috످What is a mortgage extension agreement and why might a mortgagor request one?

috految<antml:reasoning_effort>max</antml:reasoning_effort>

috److془The user asks about mortgage extension agreement. I know this well. Provide a clear answer.

Example: $200,000 at 6%, 15 years: 1,687.71; total interest 103,788. 20 years: 1,432.86; total interest 143,887. 25 years: 1,288.60; 186,581.

Difference 15 to 25: $399/month, $82,793 more interest.

Write it up.془A mortgage extension agreement is a contract between a mortgagor (borrower) and a mortgagee (lender) that gives the borrower more time to repay a mortgage by pushing back the maturity date (when the final payment is due). Mortgagors typically request one when they can't pay off the loan on time or need lower monthly payments.

Unlike refinancing, which replaces the mortgage with a new loan, an extension amends the existing one. The original terms stay in place unless both parties agree to other changes, such as a new interest rate.

A mortgagor might request an extension to delay a balloon payment. Some mortgages require a large lump sum at the end of the term, which the borrower may not be ready to pay. Another reason is to lower monthly payments, since spreading the balance over more years makes each payment smaller.

A mortgagor might also request one to manage financial hardship, as job loss, illness, or divorce can make the original schedule unaffordable. An extension can help avoid foreclosure, since the lender may agree to move missed payments to the end of the loan.

It can also buy time, as the borrower may need longer to sell the property, finish construction, or qualify for a new loan. A final reason is to avoid refinancing. An extension usually costs less upfront and may preserve a favorable interest rate.

For example, suppose a homeowner owes $200,000 at 6% interest with 15 years remaining. After a drop in income, she negotiates a 10-year extension. The remaining term goes from 15 years on the original loan to 25 years with the extension. The monthly payment falls from $1,688 to $1,289, while total remaining interest rises from $103,800 to $186,600. She pays about $400 less per month but $82,800 more in total interest.

There are potential drawbacks. The borrower usually pays more interest and builds equity more slowly. The lender may charge fees or raise the interest rate. A hardship-related extension may lower the borrower's credit score. The agreement may require the borrower to waive certain legal rights.

To get an extension, the borrower typically applies through their loan servicer, ideally before missing a payment, and provides proof of income and any hardship. Lenders generally aren't required to agree, but many do because foreclosure is slow and expensive. If approved, the agreement is signed by both parties and often filed with the local land records office.

Before signing, it's wise to consult a real estate attorney or, in the U.S., a HUD-approved housing counselor (https://www.consumerfinance.gov/find-a-housing-counselor/).

috످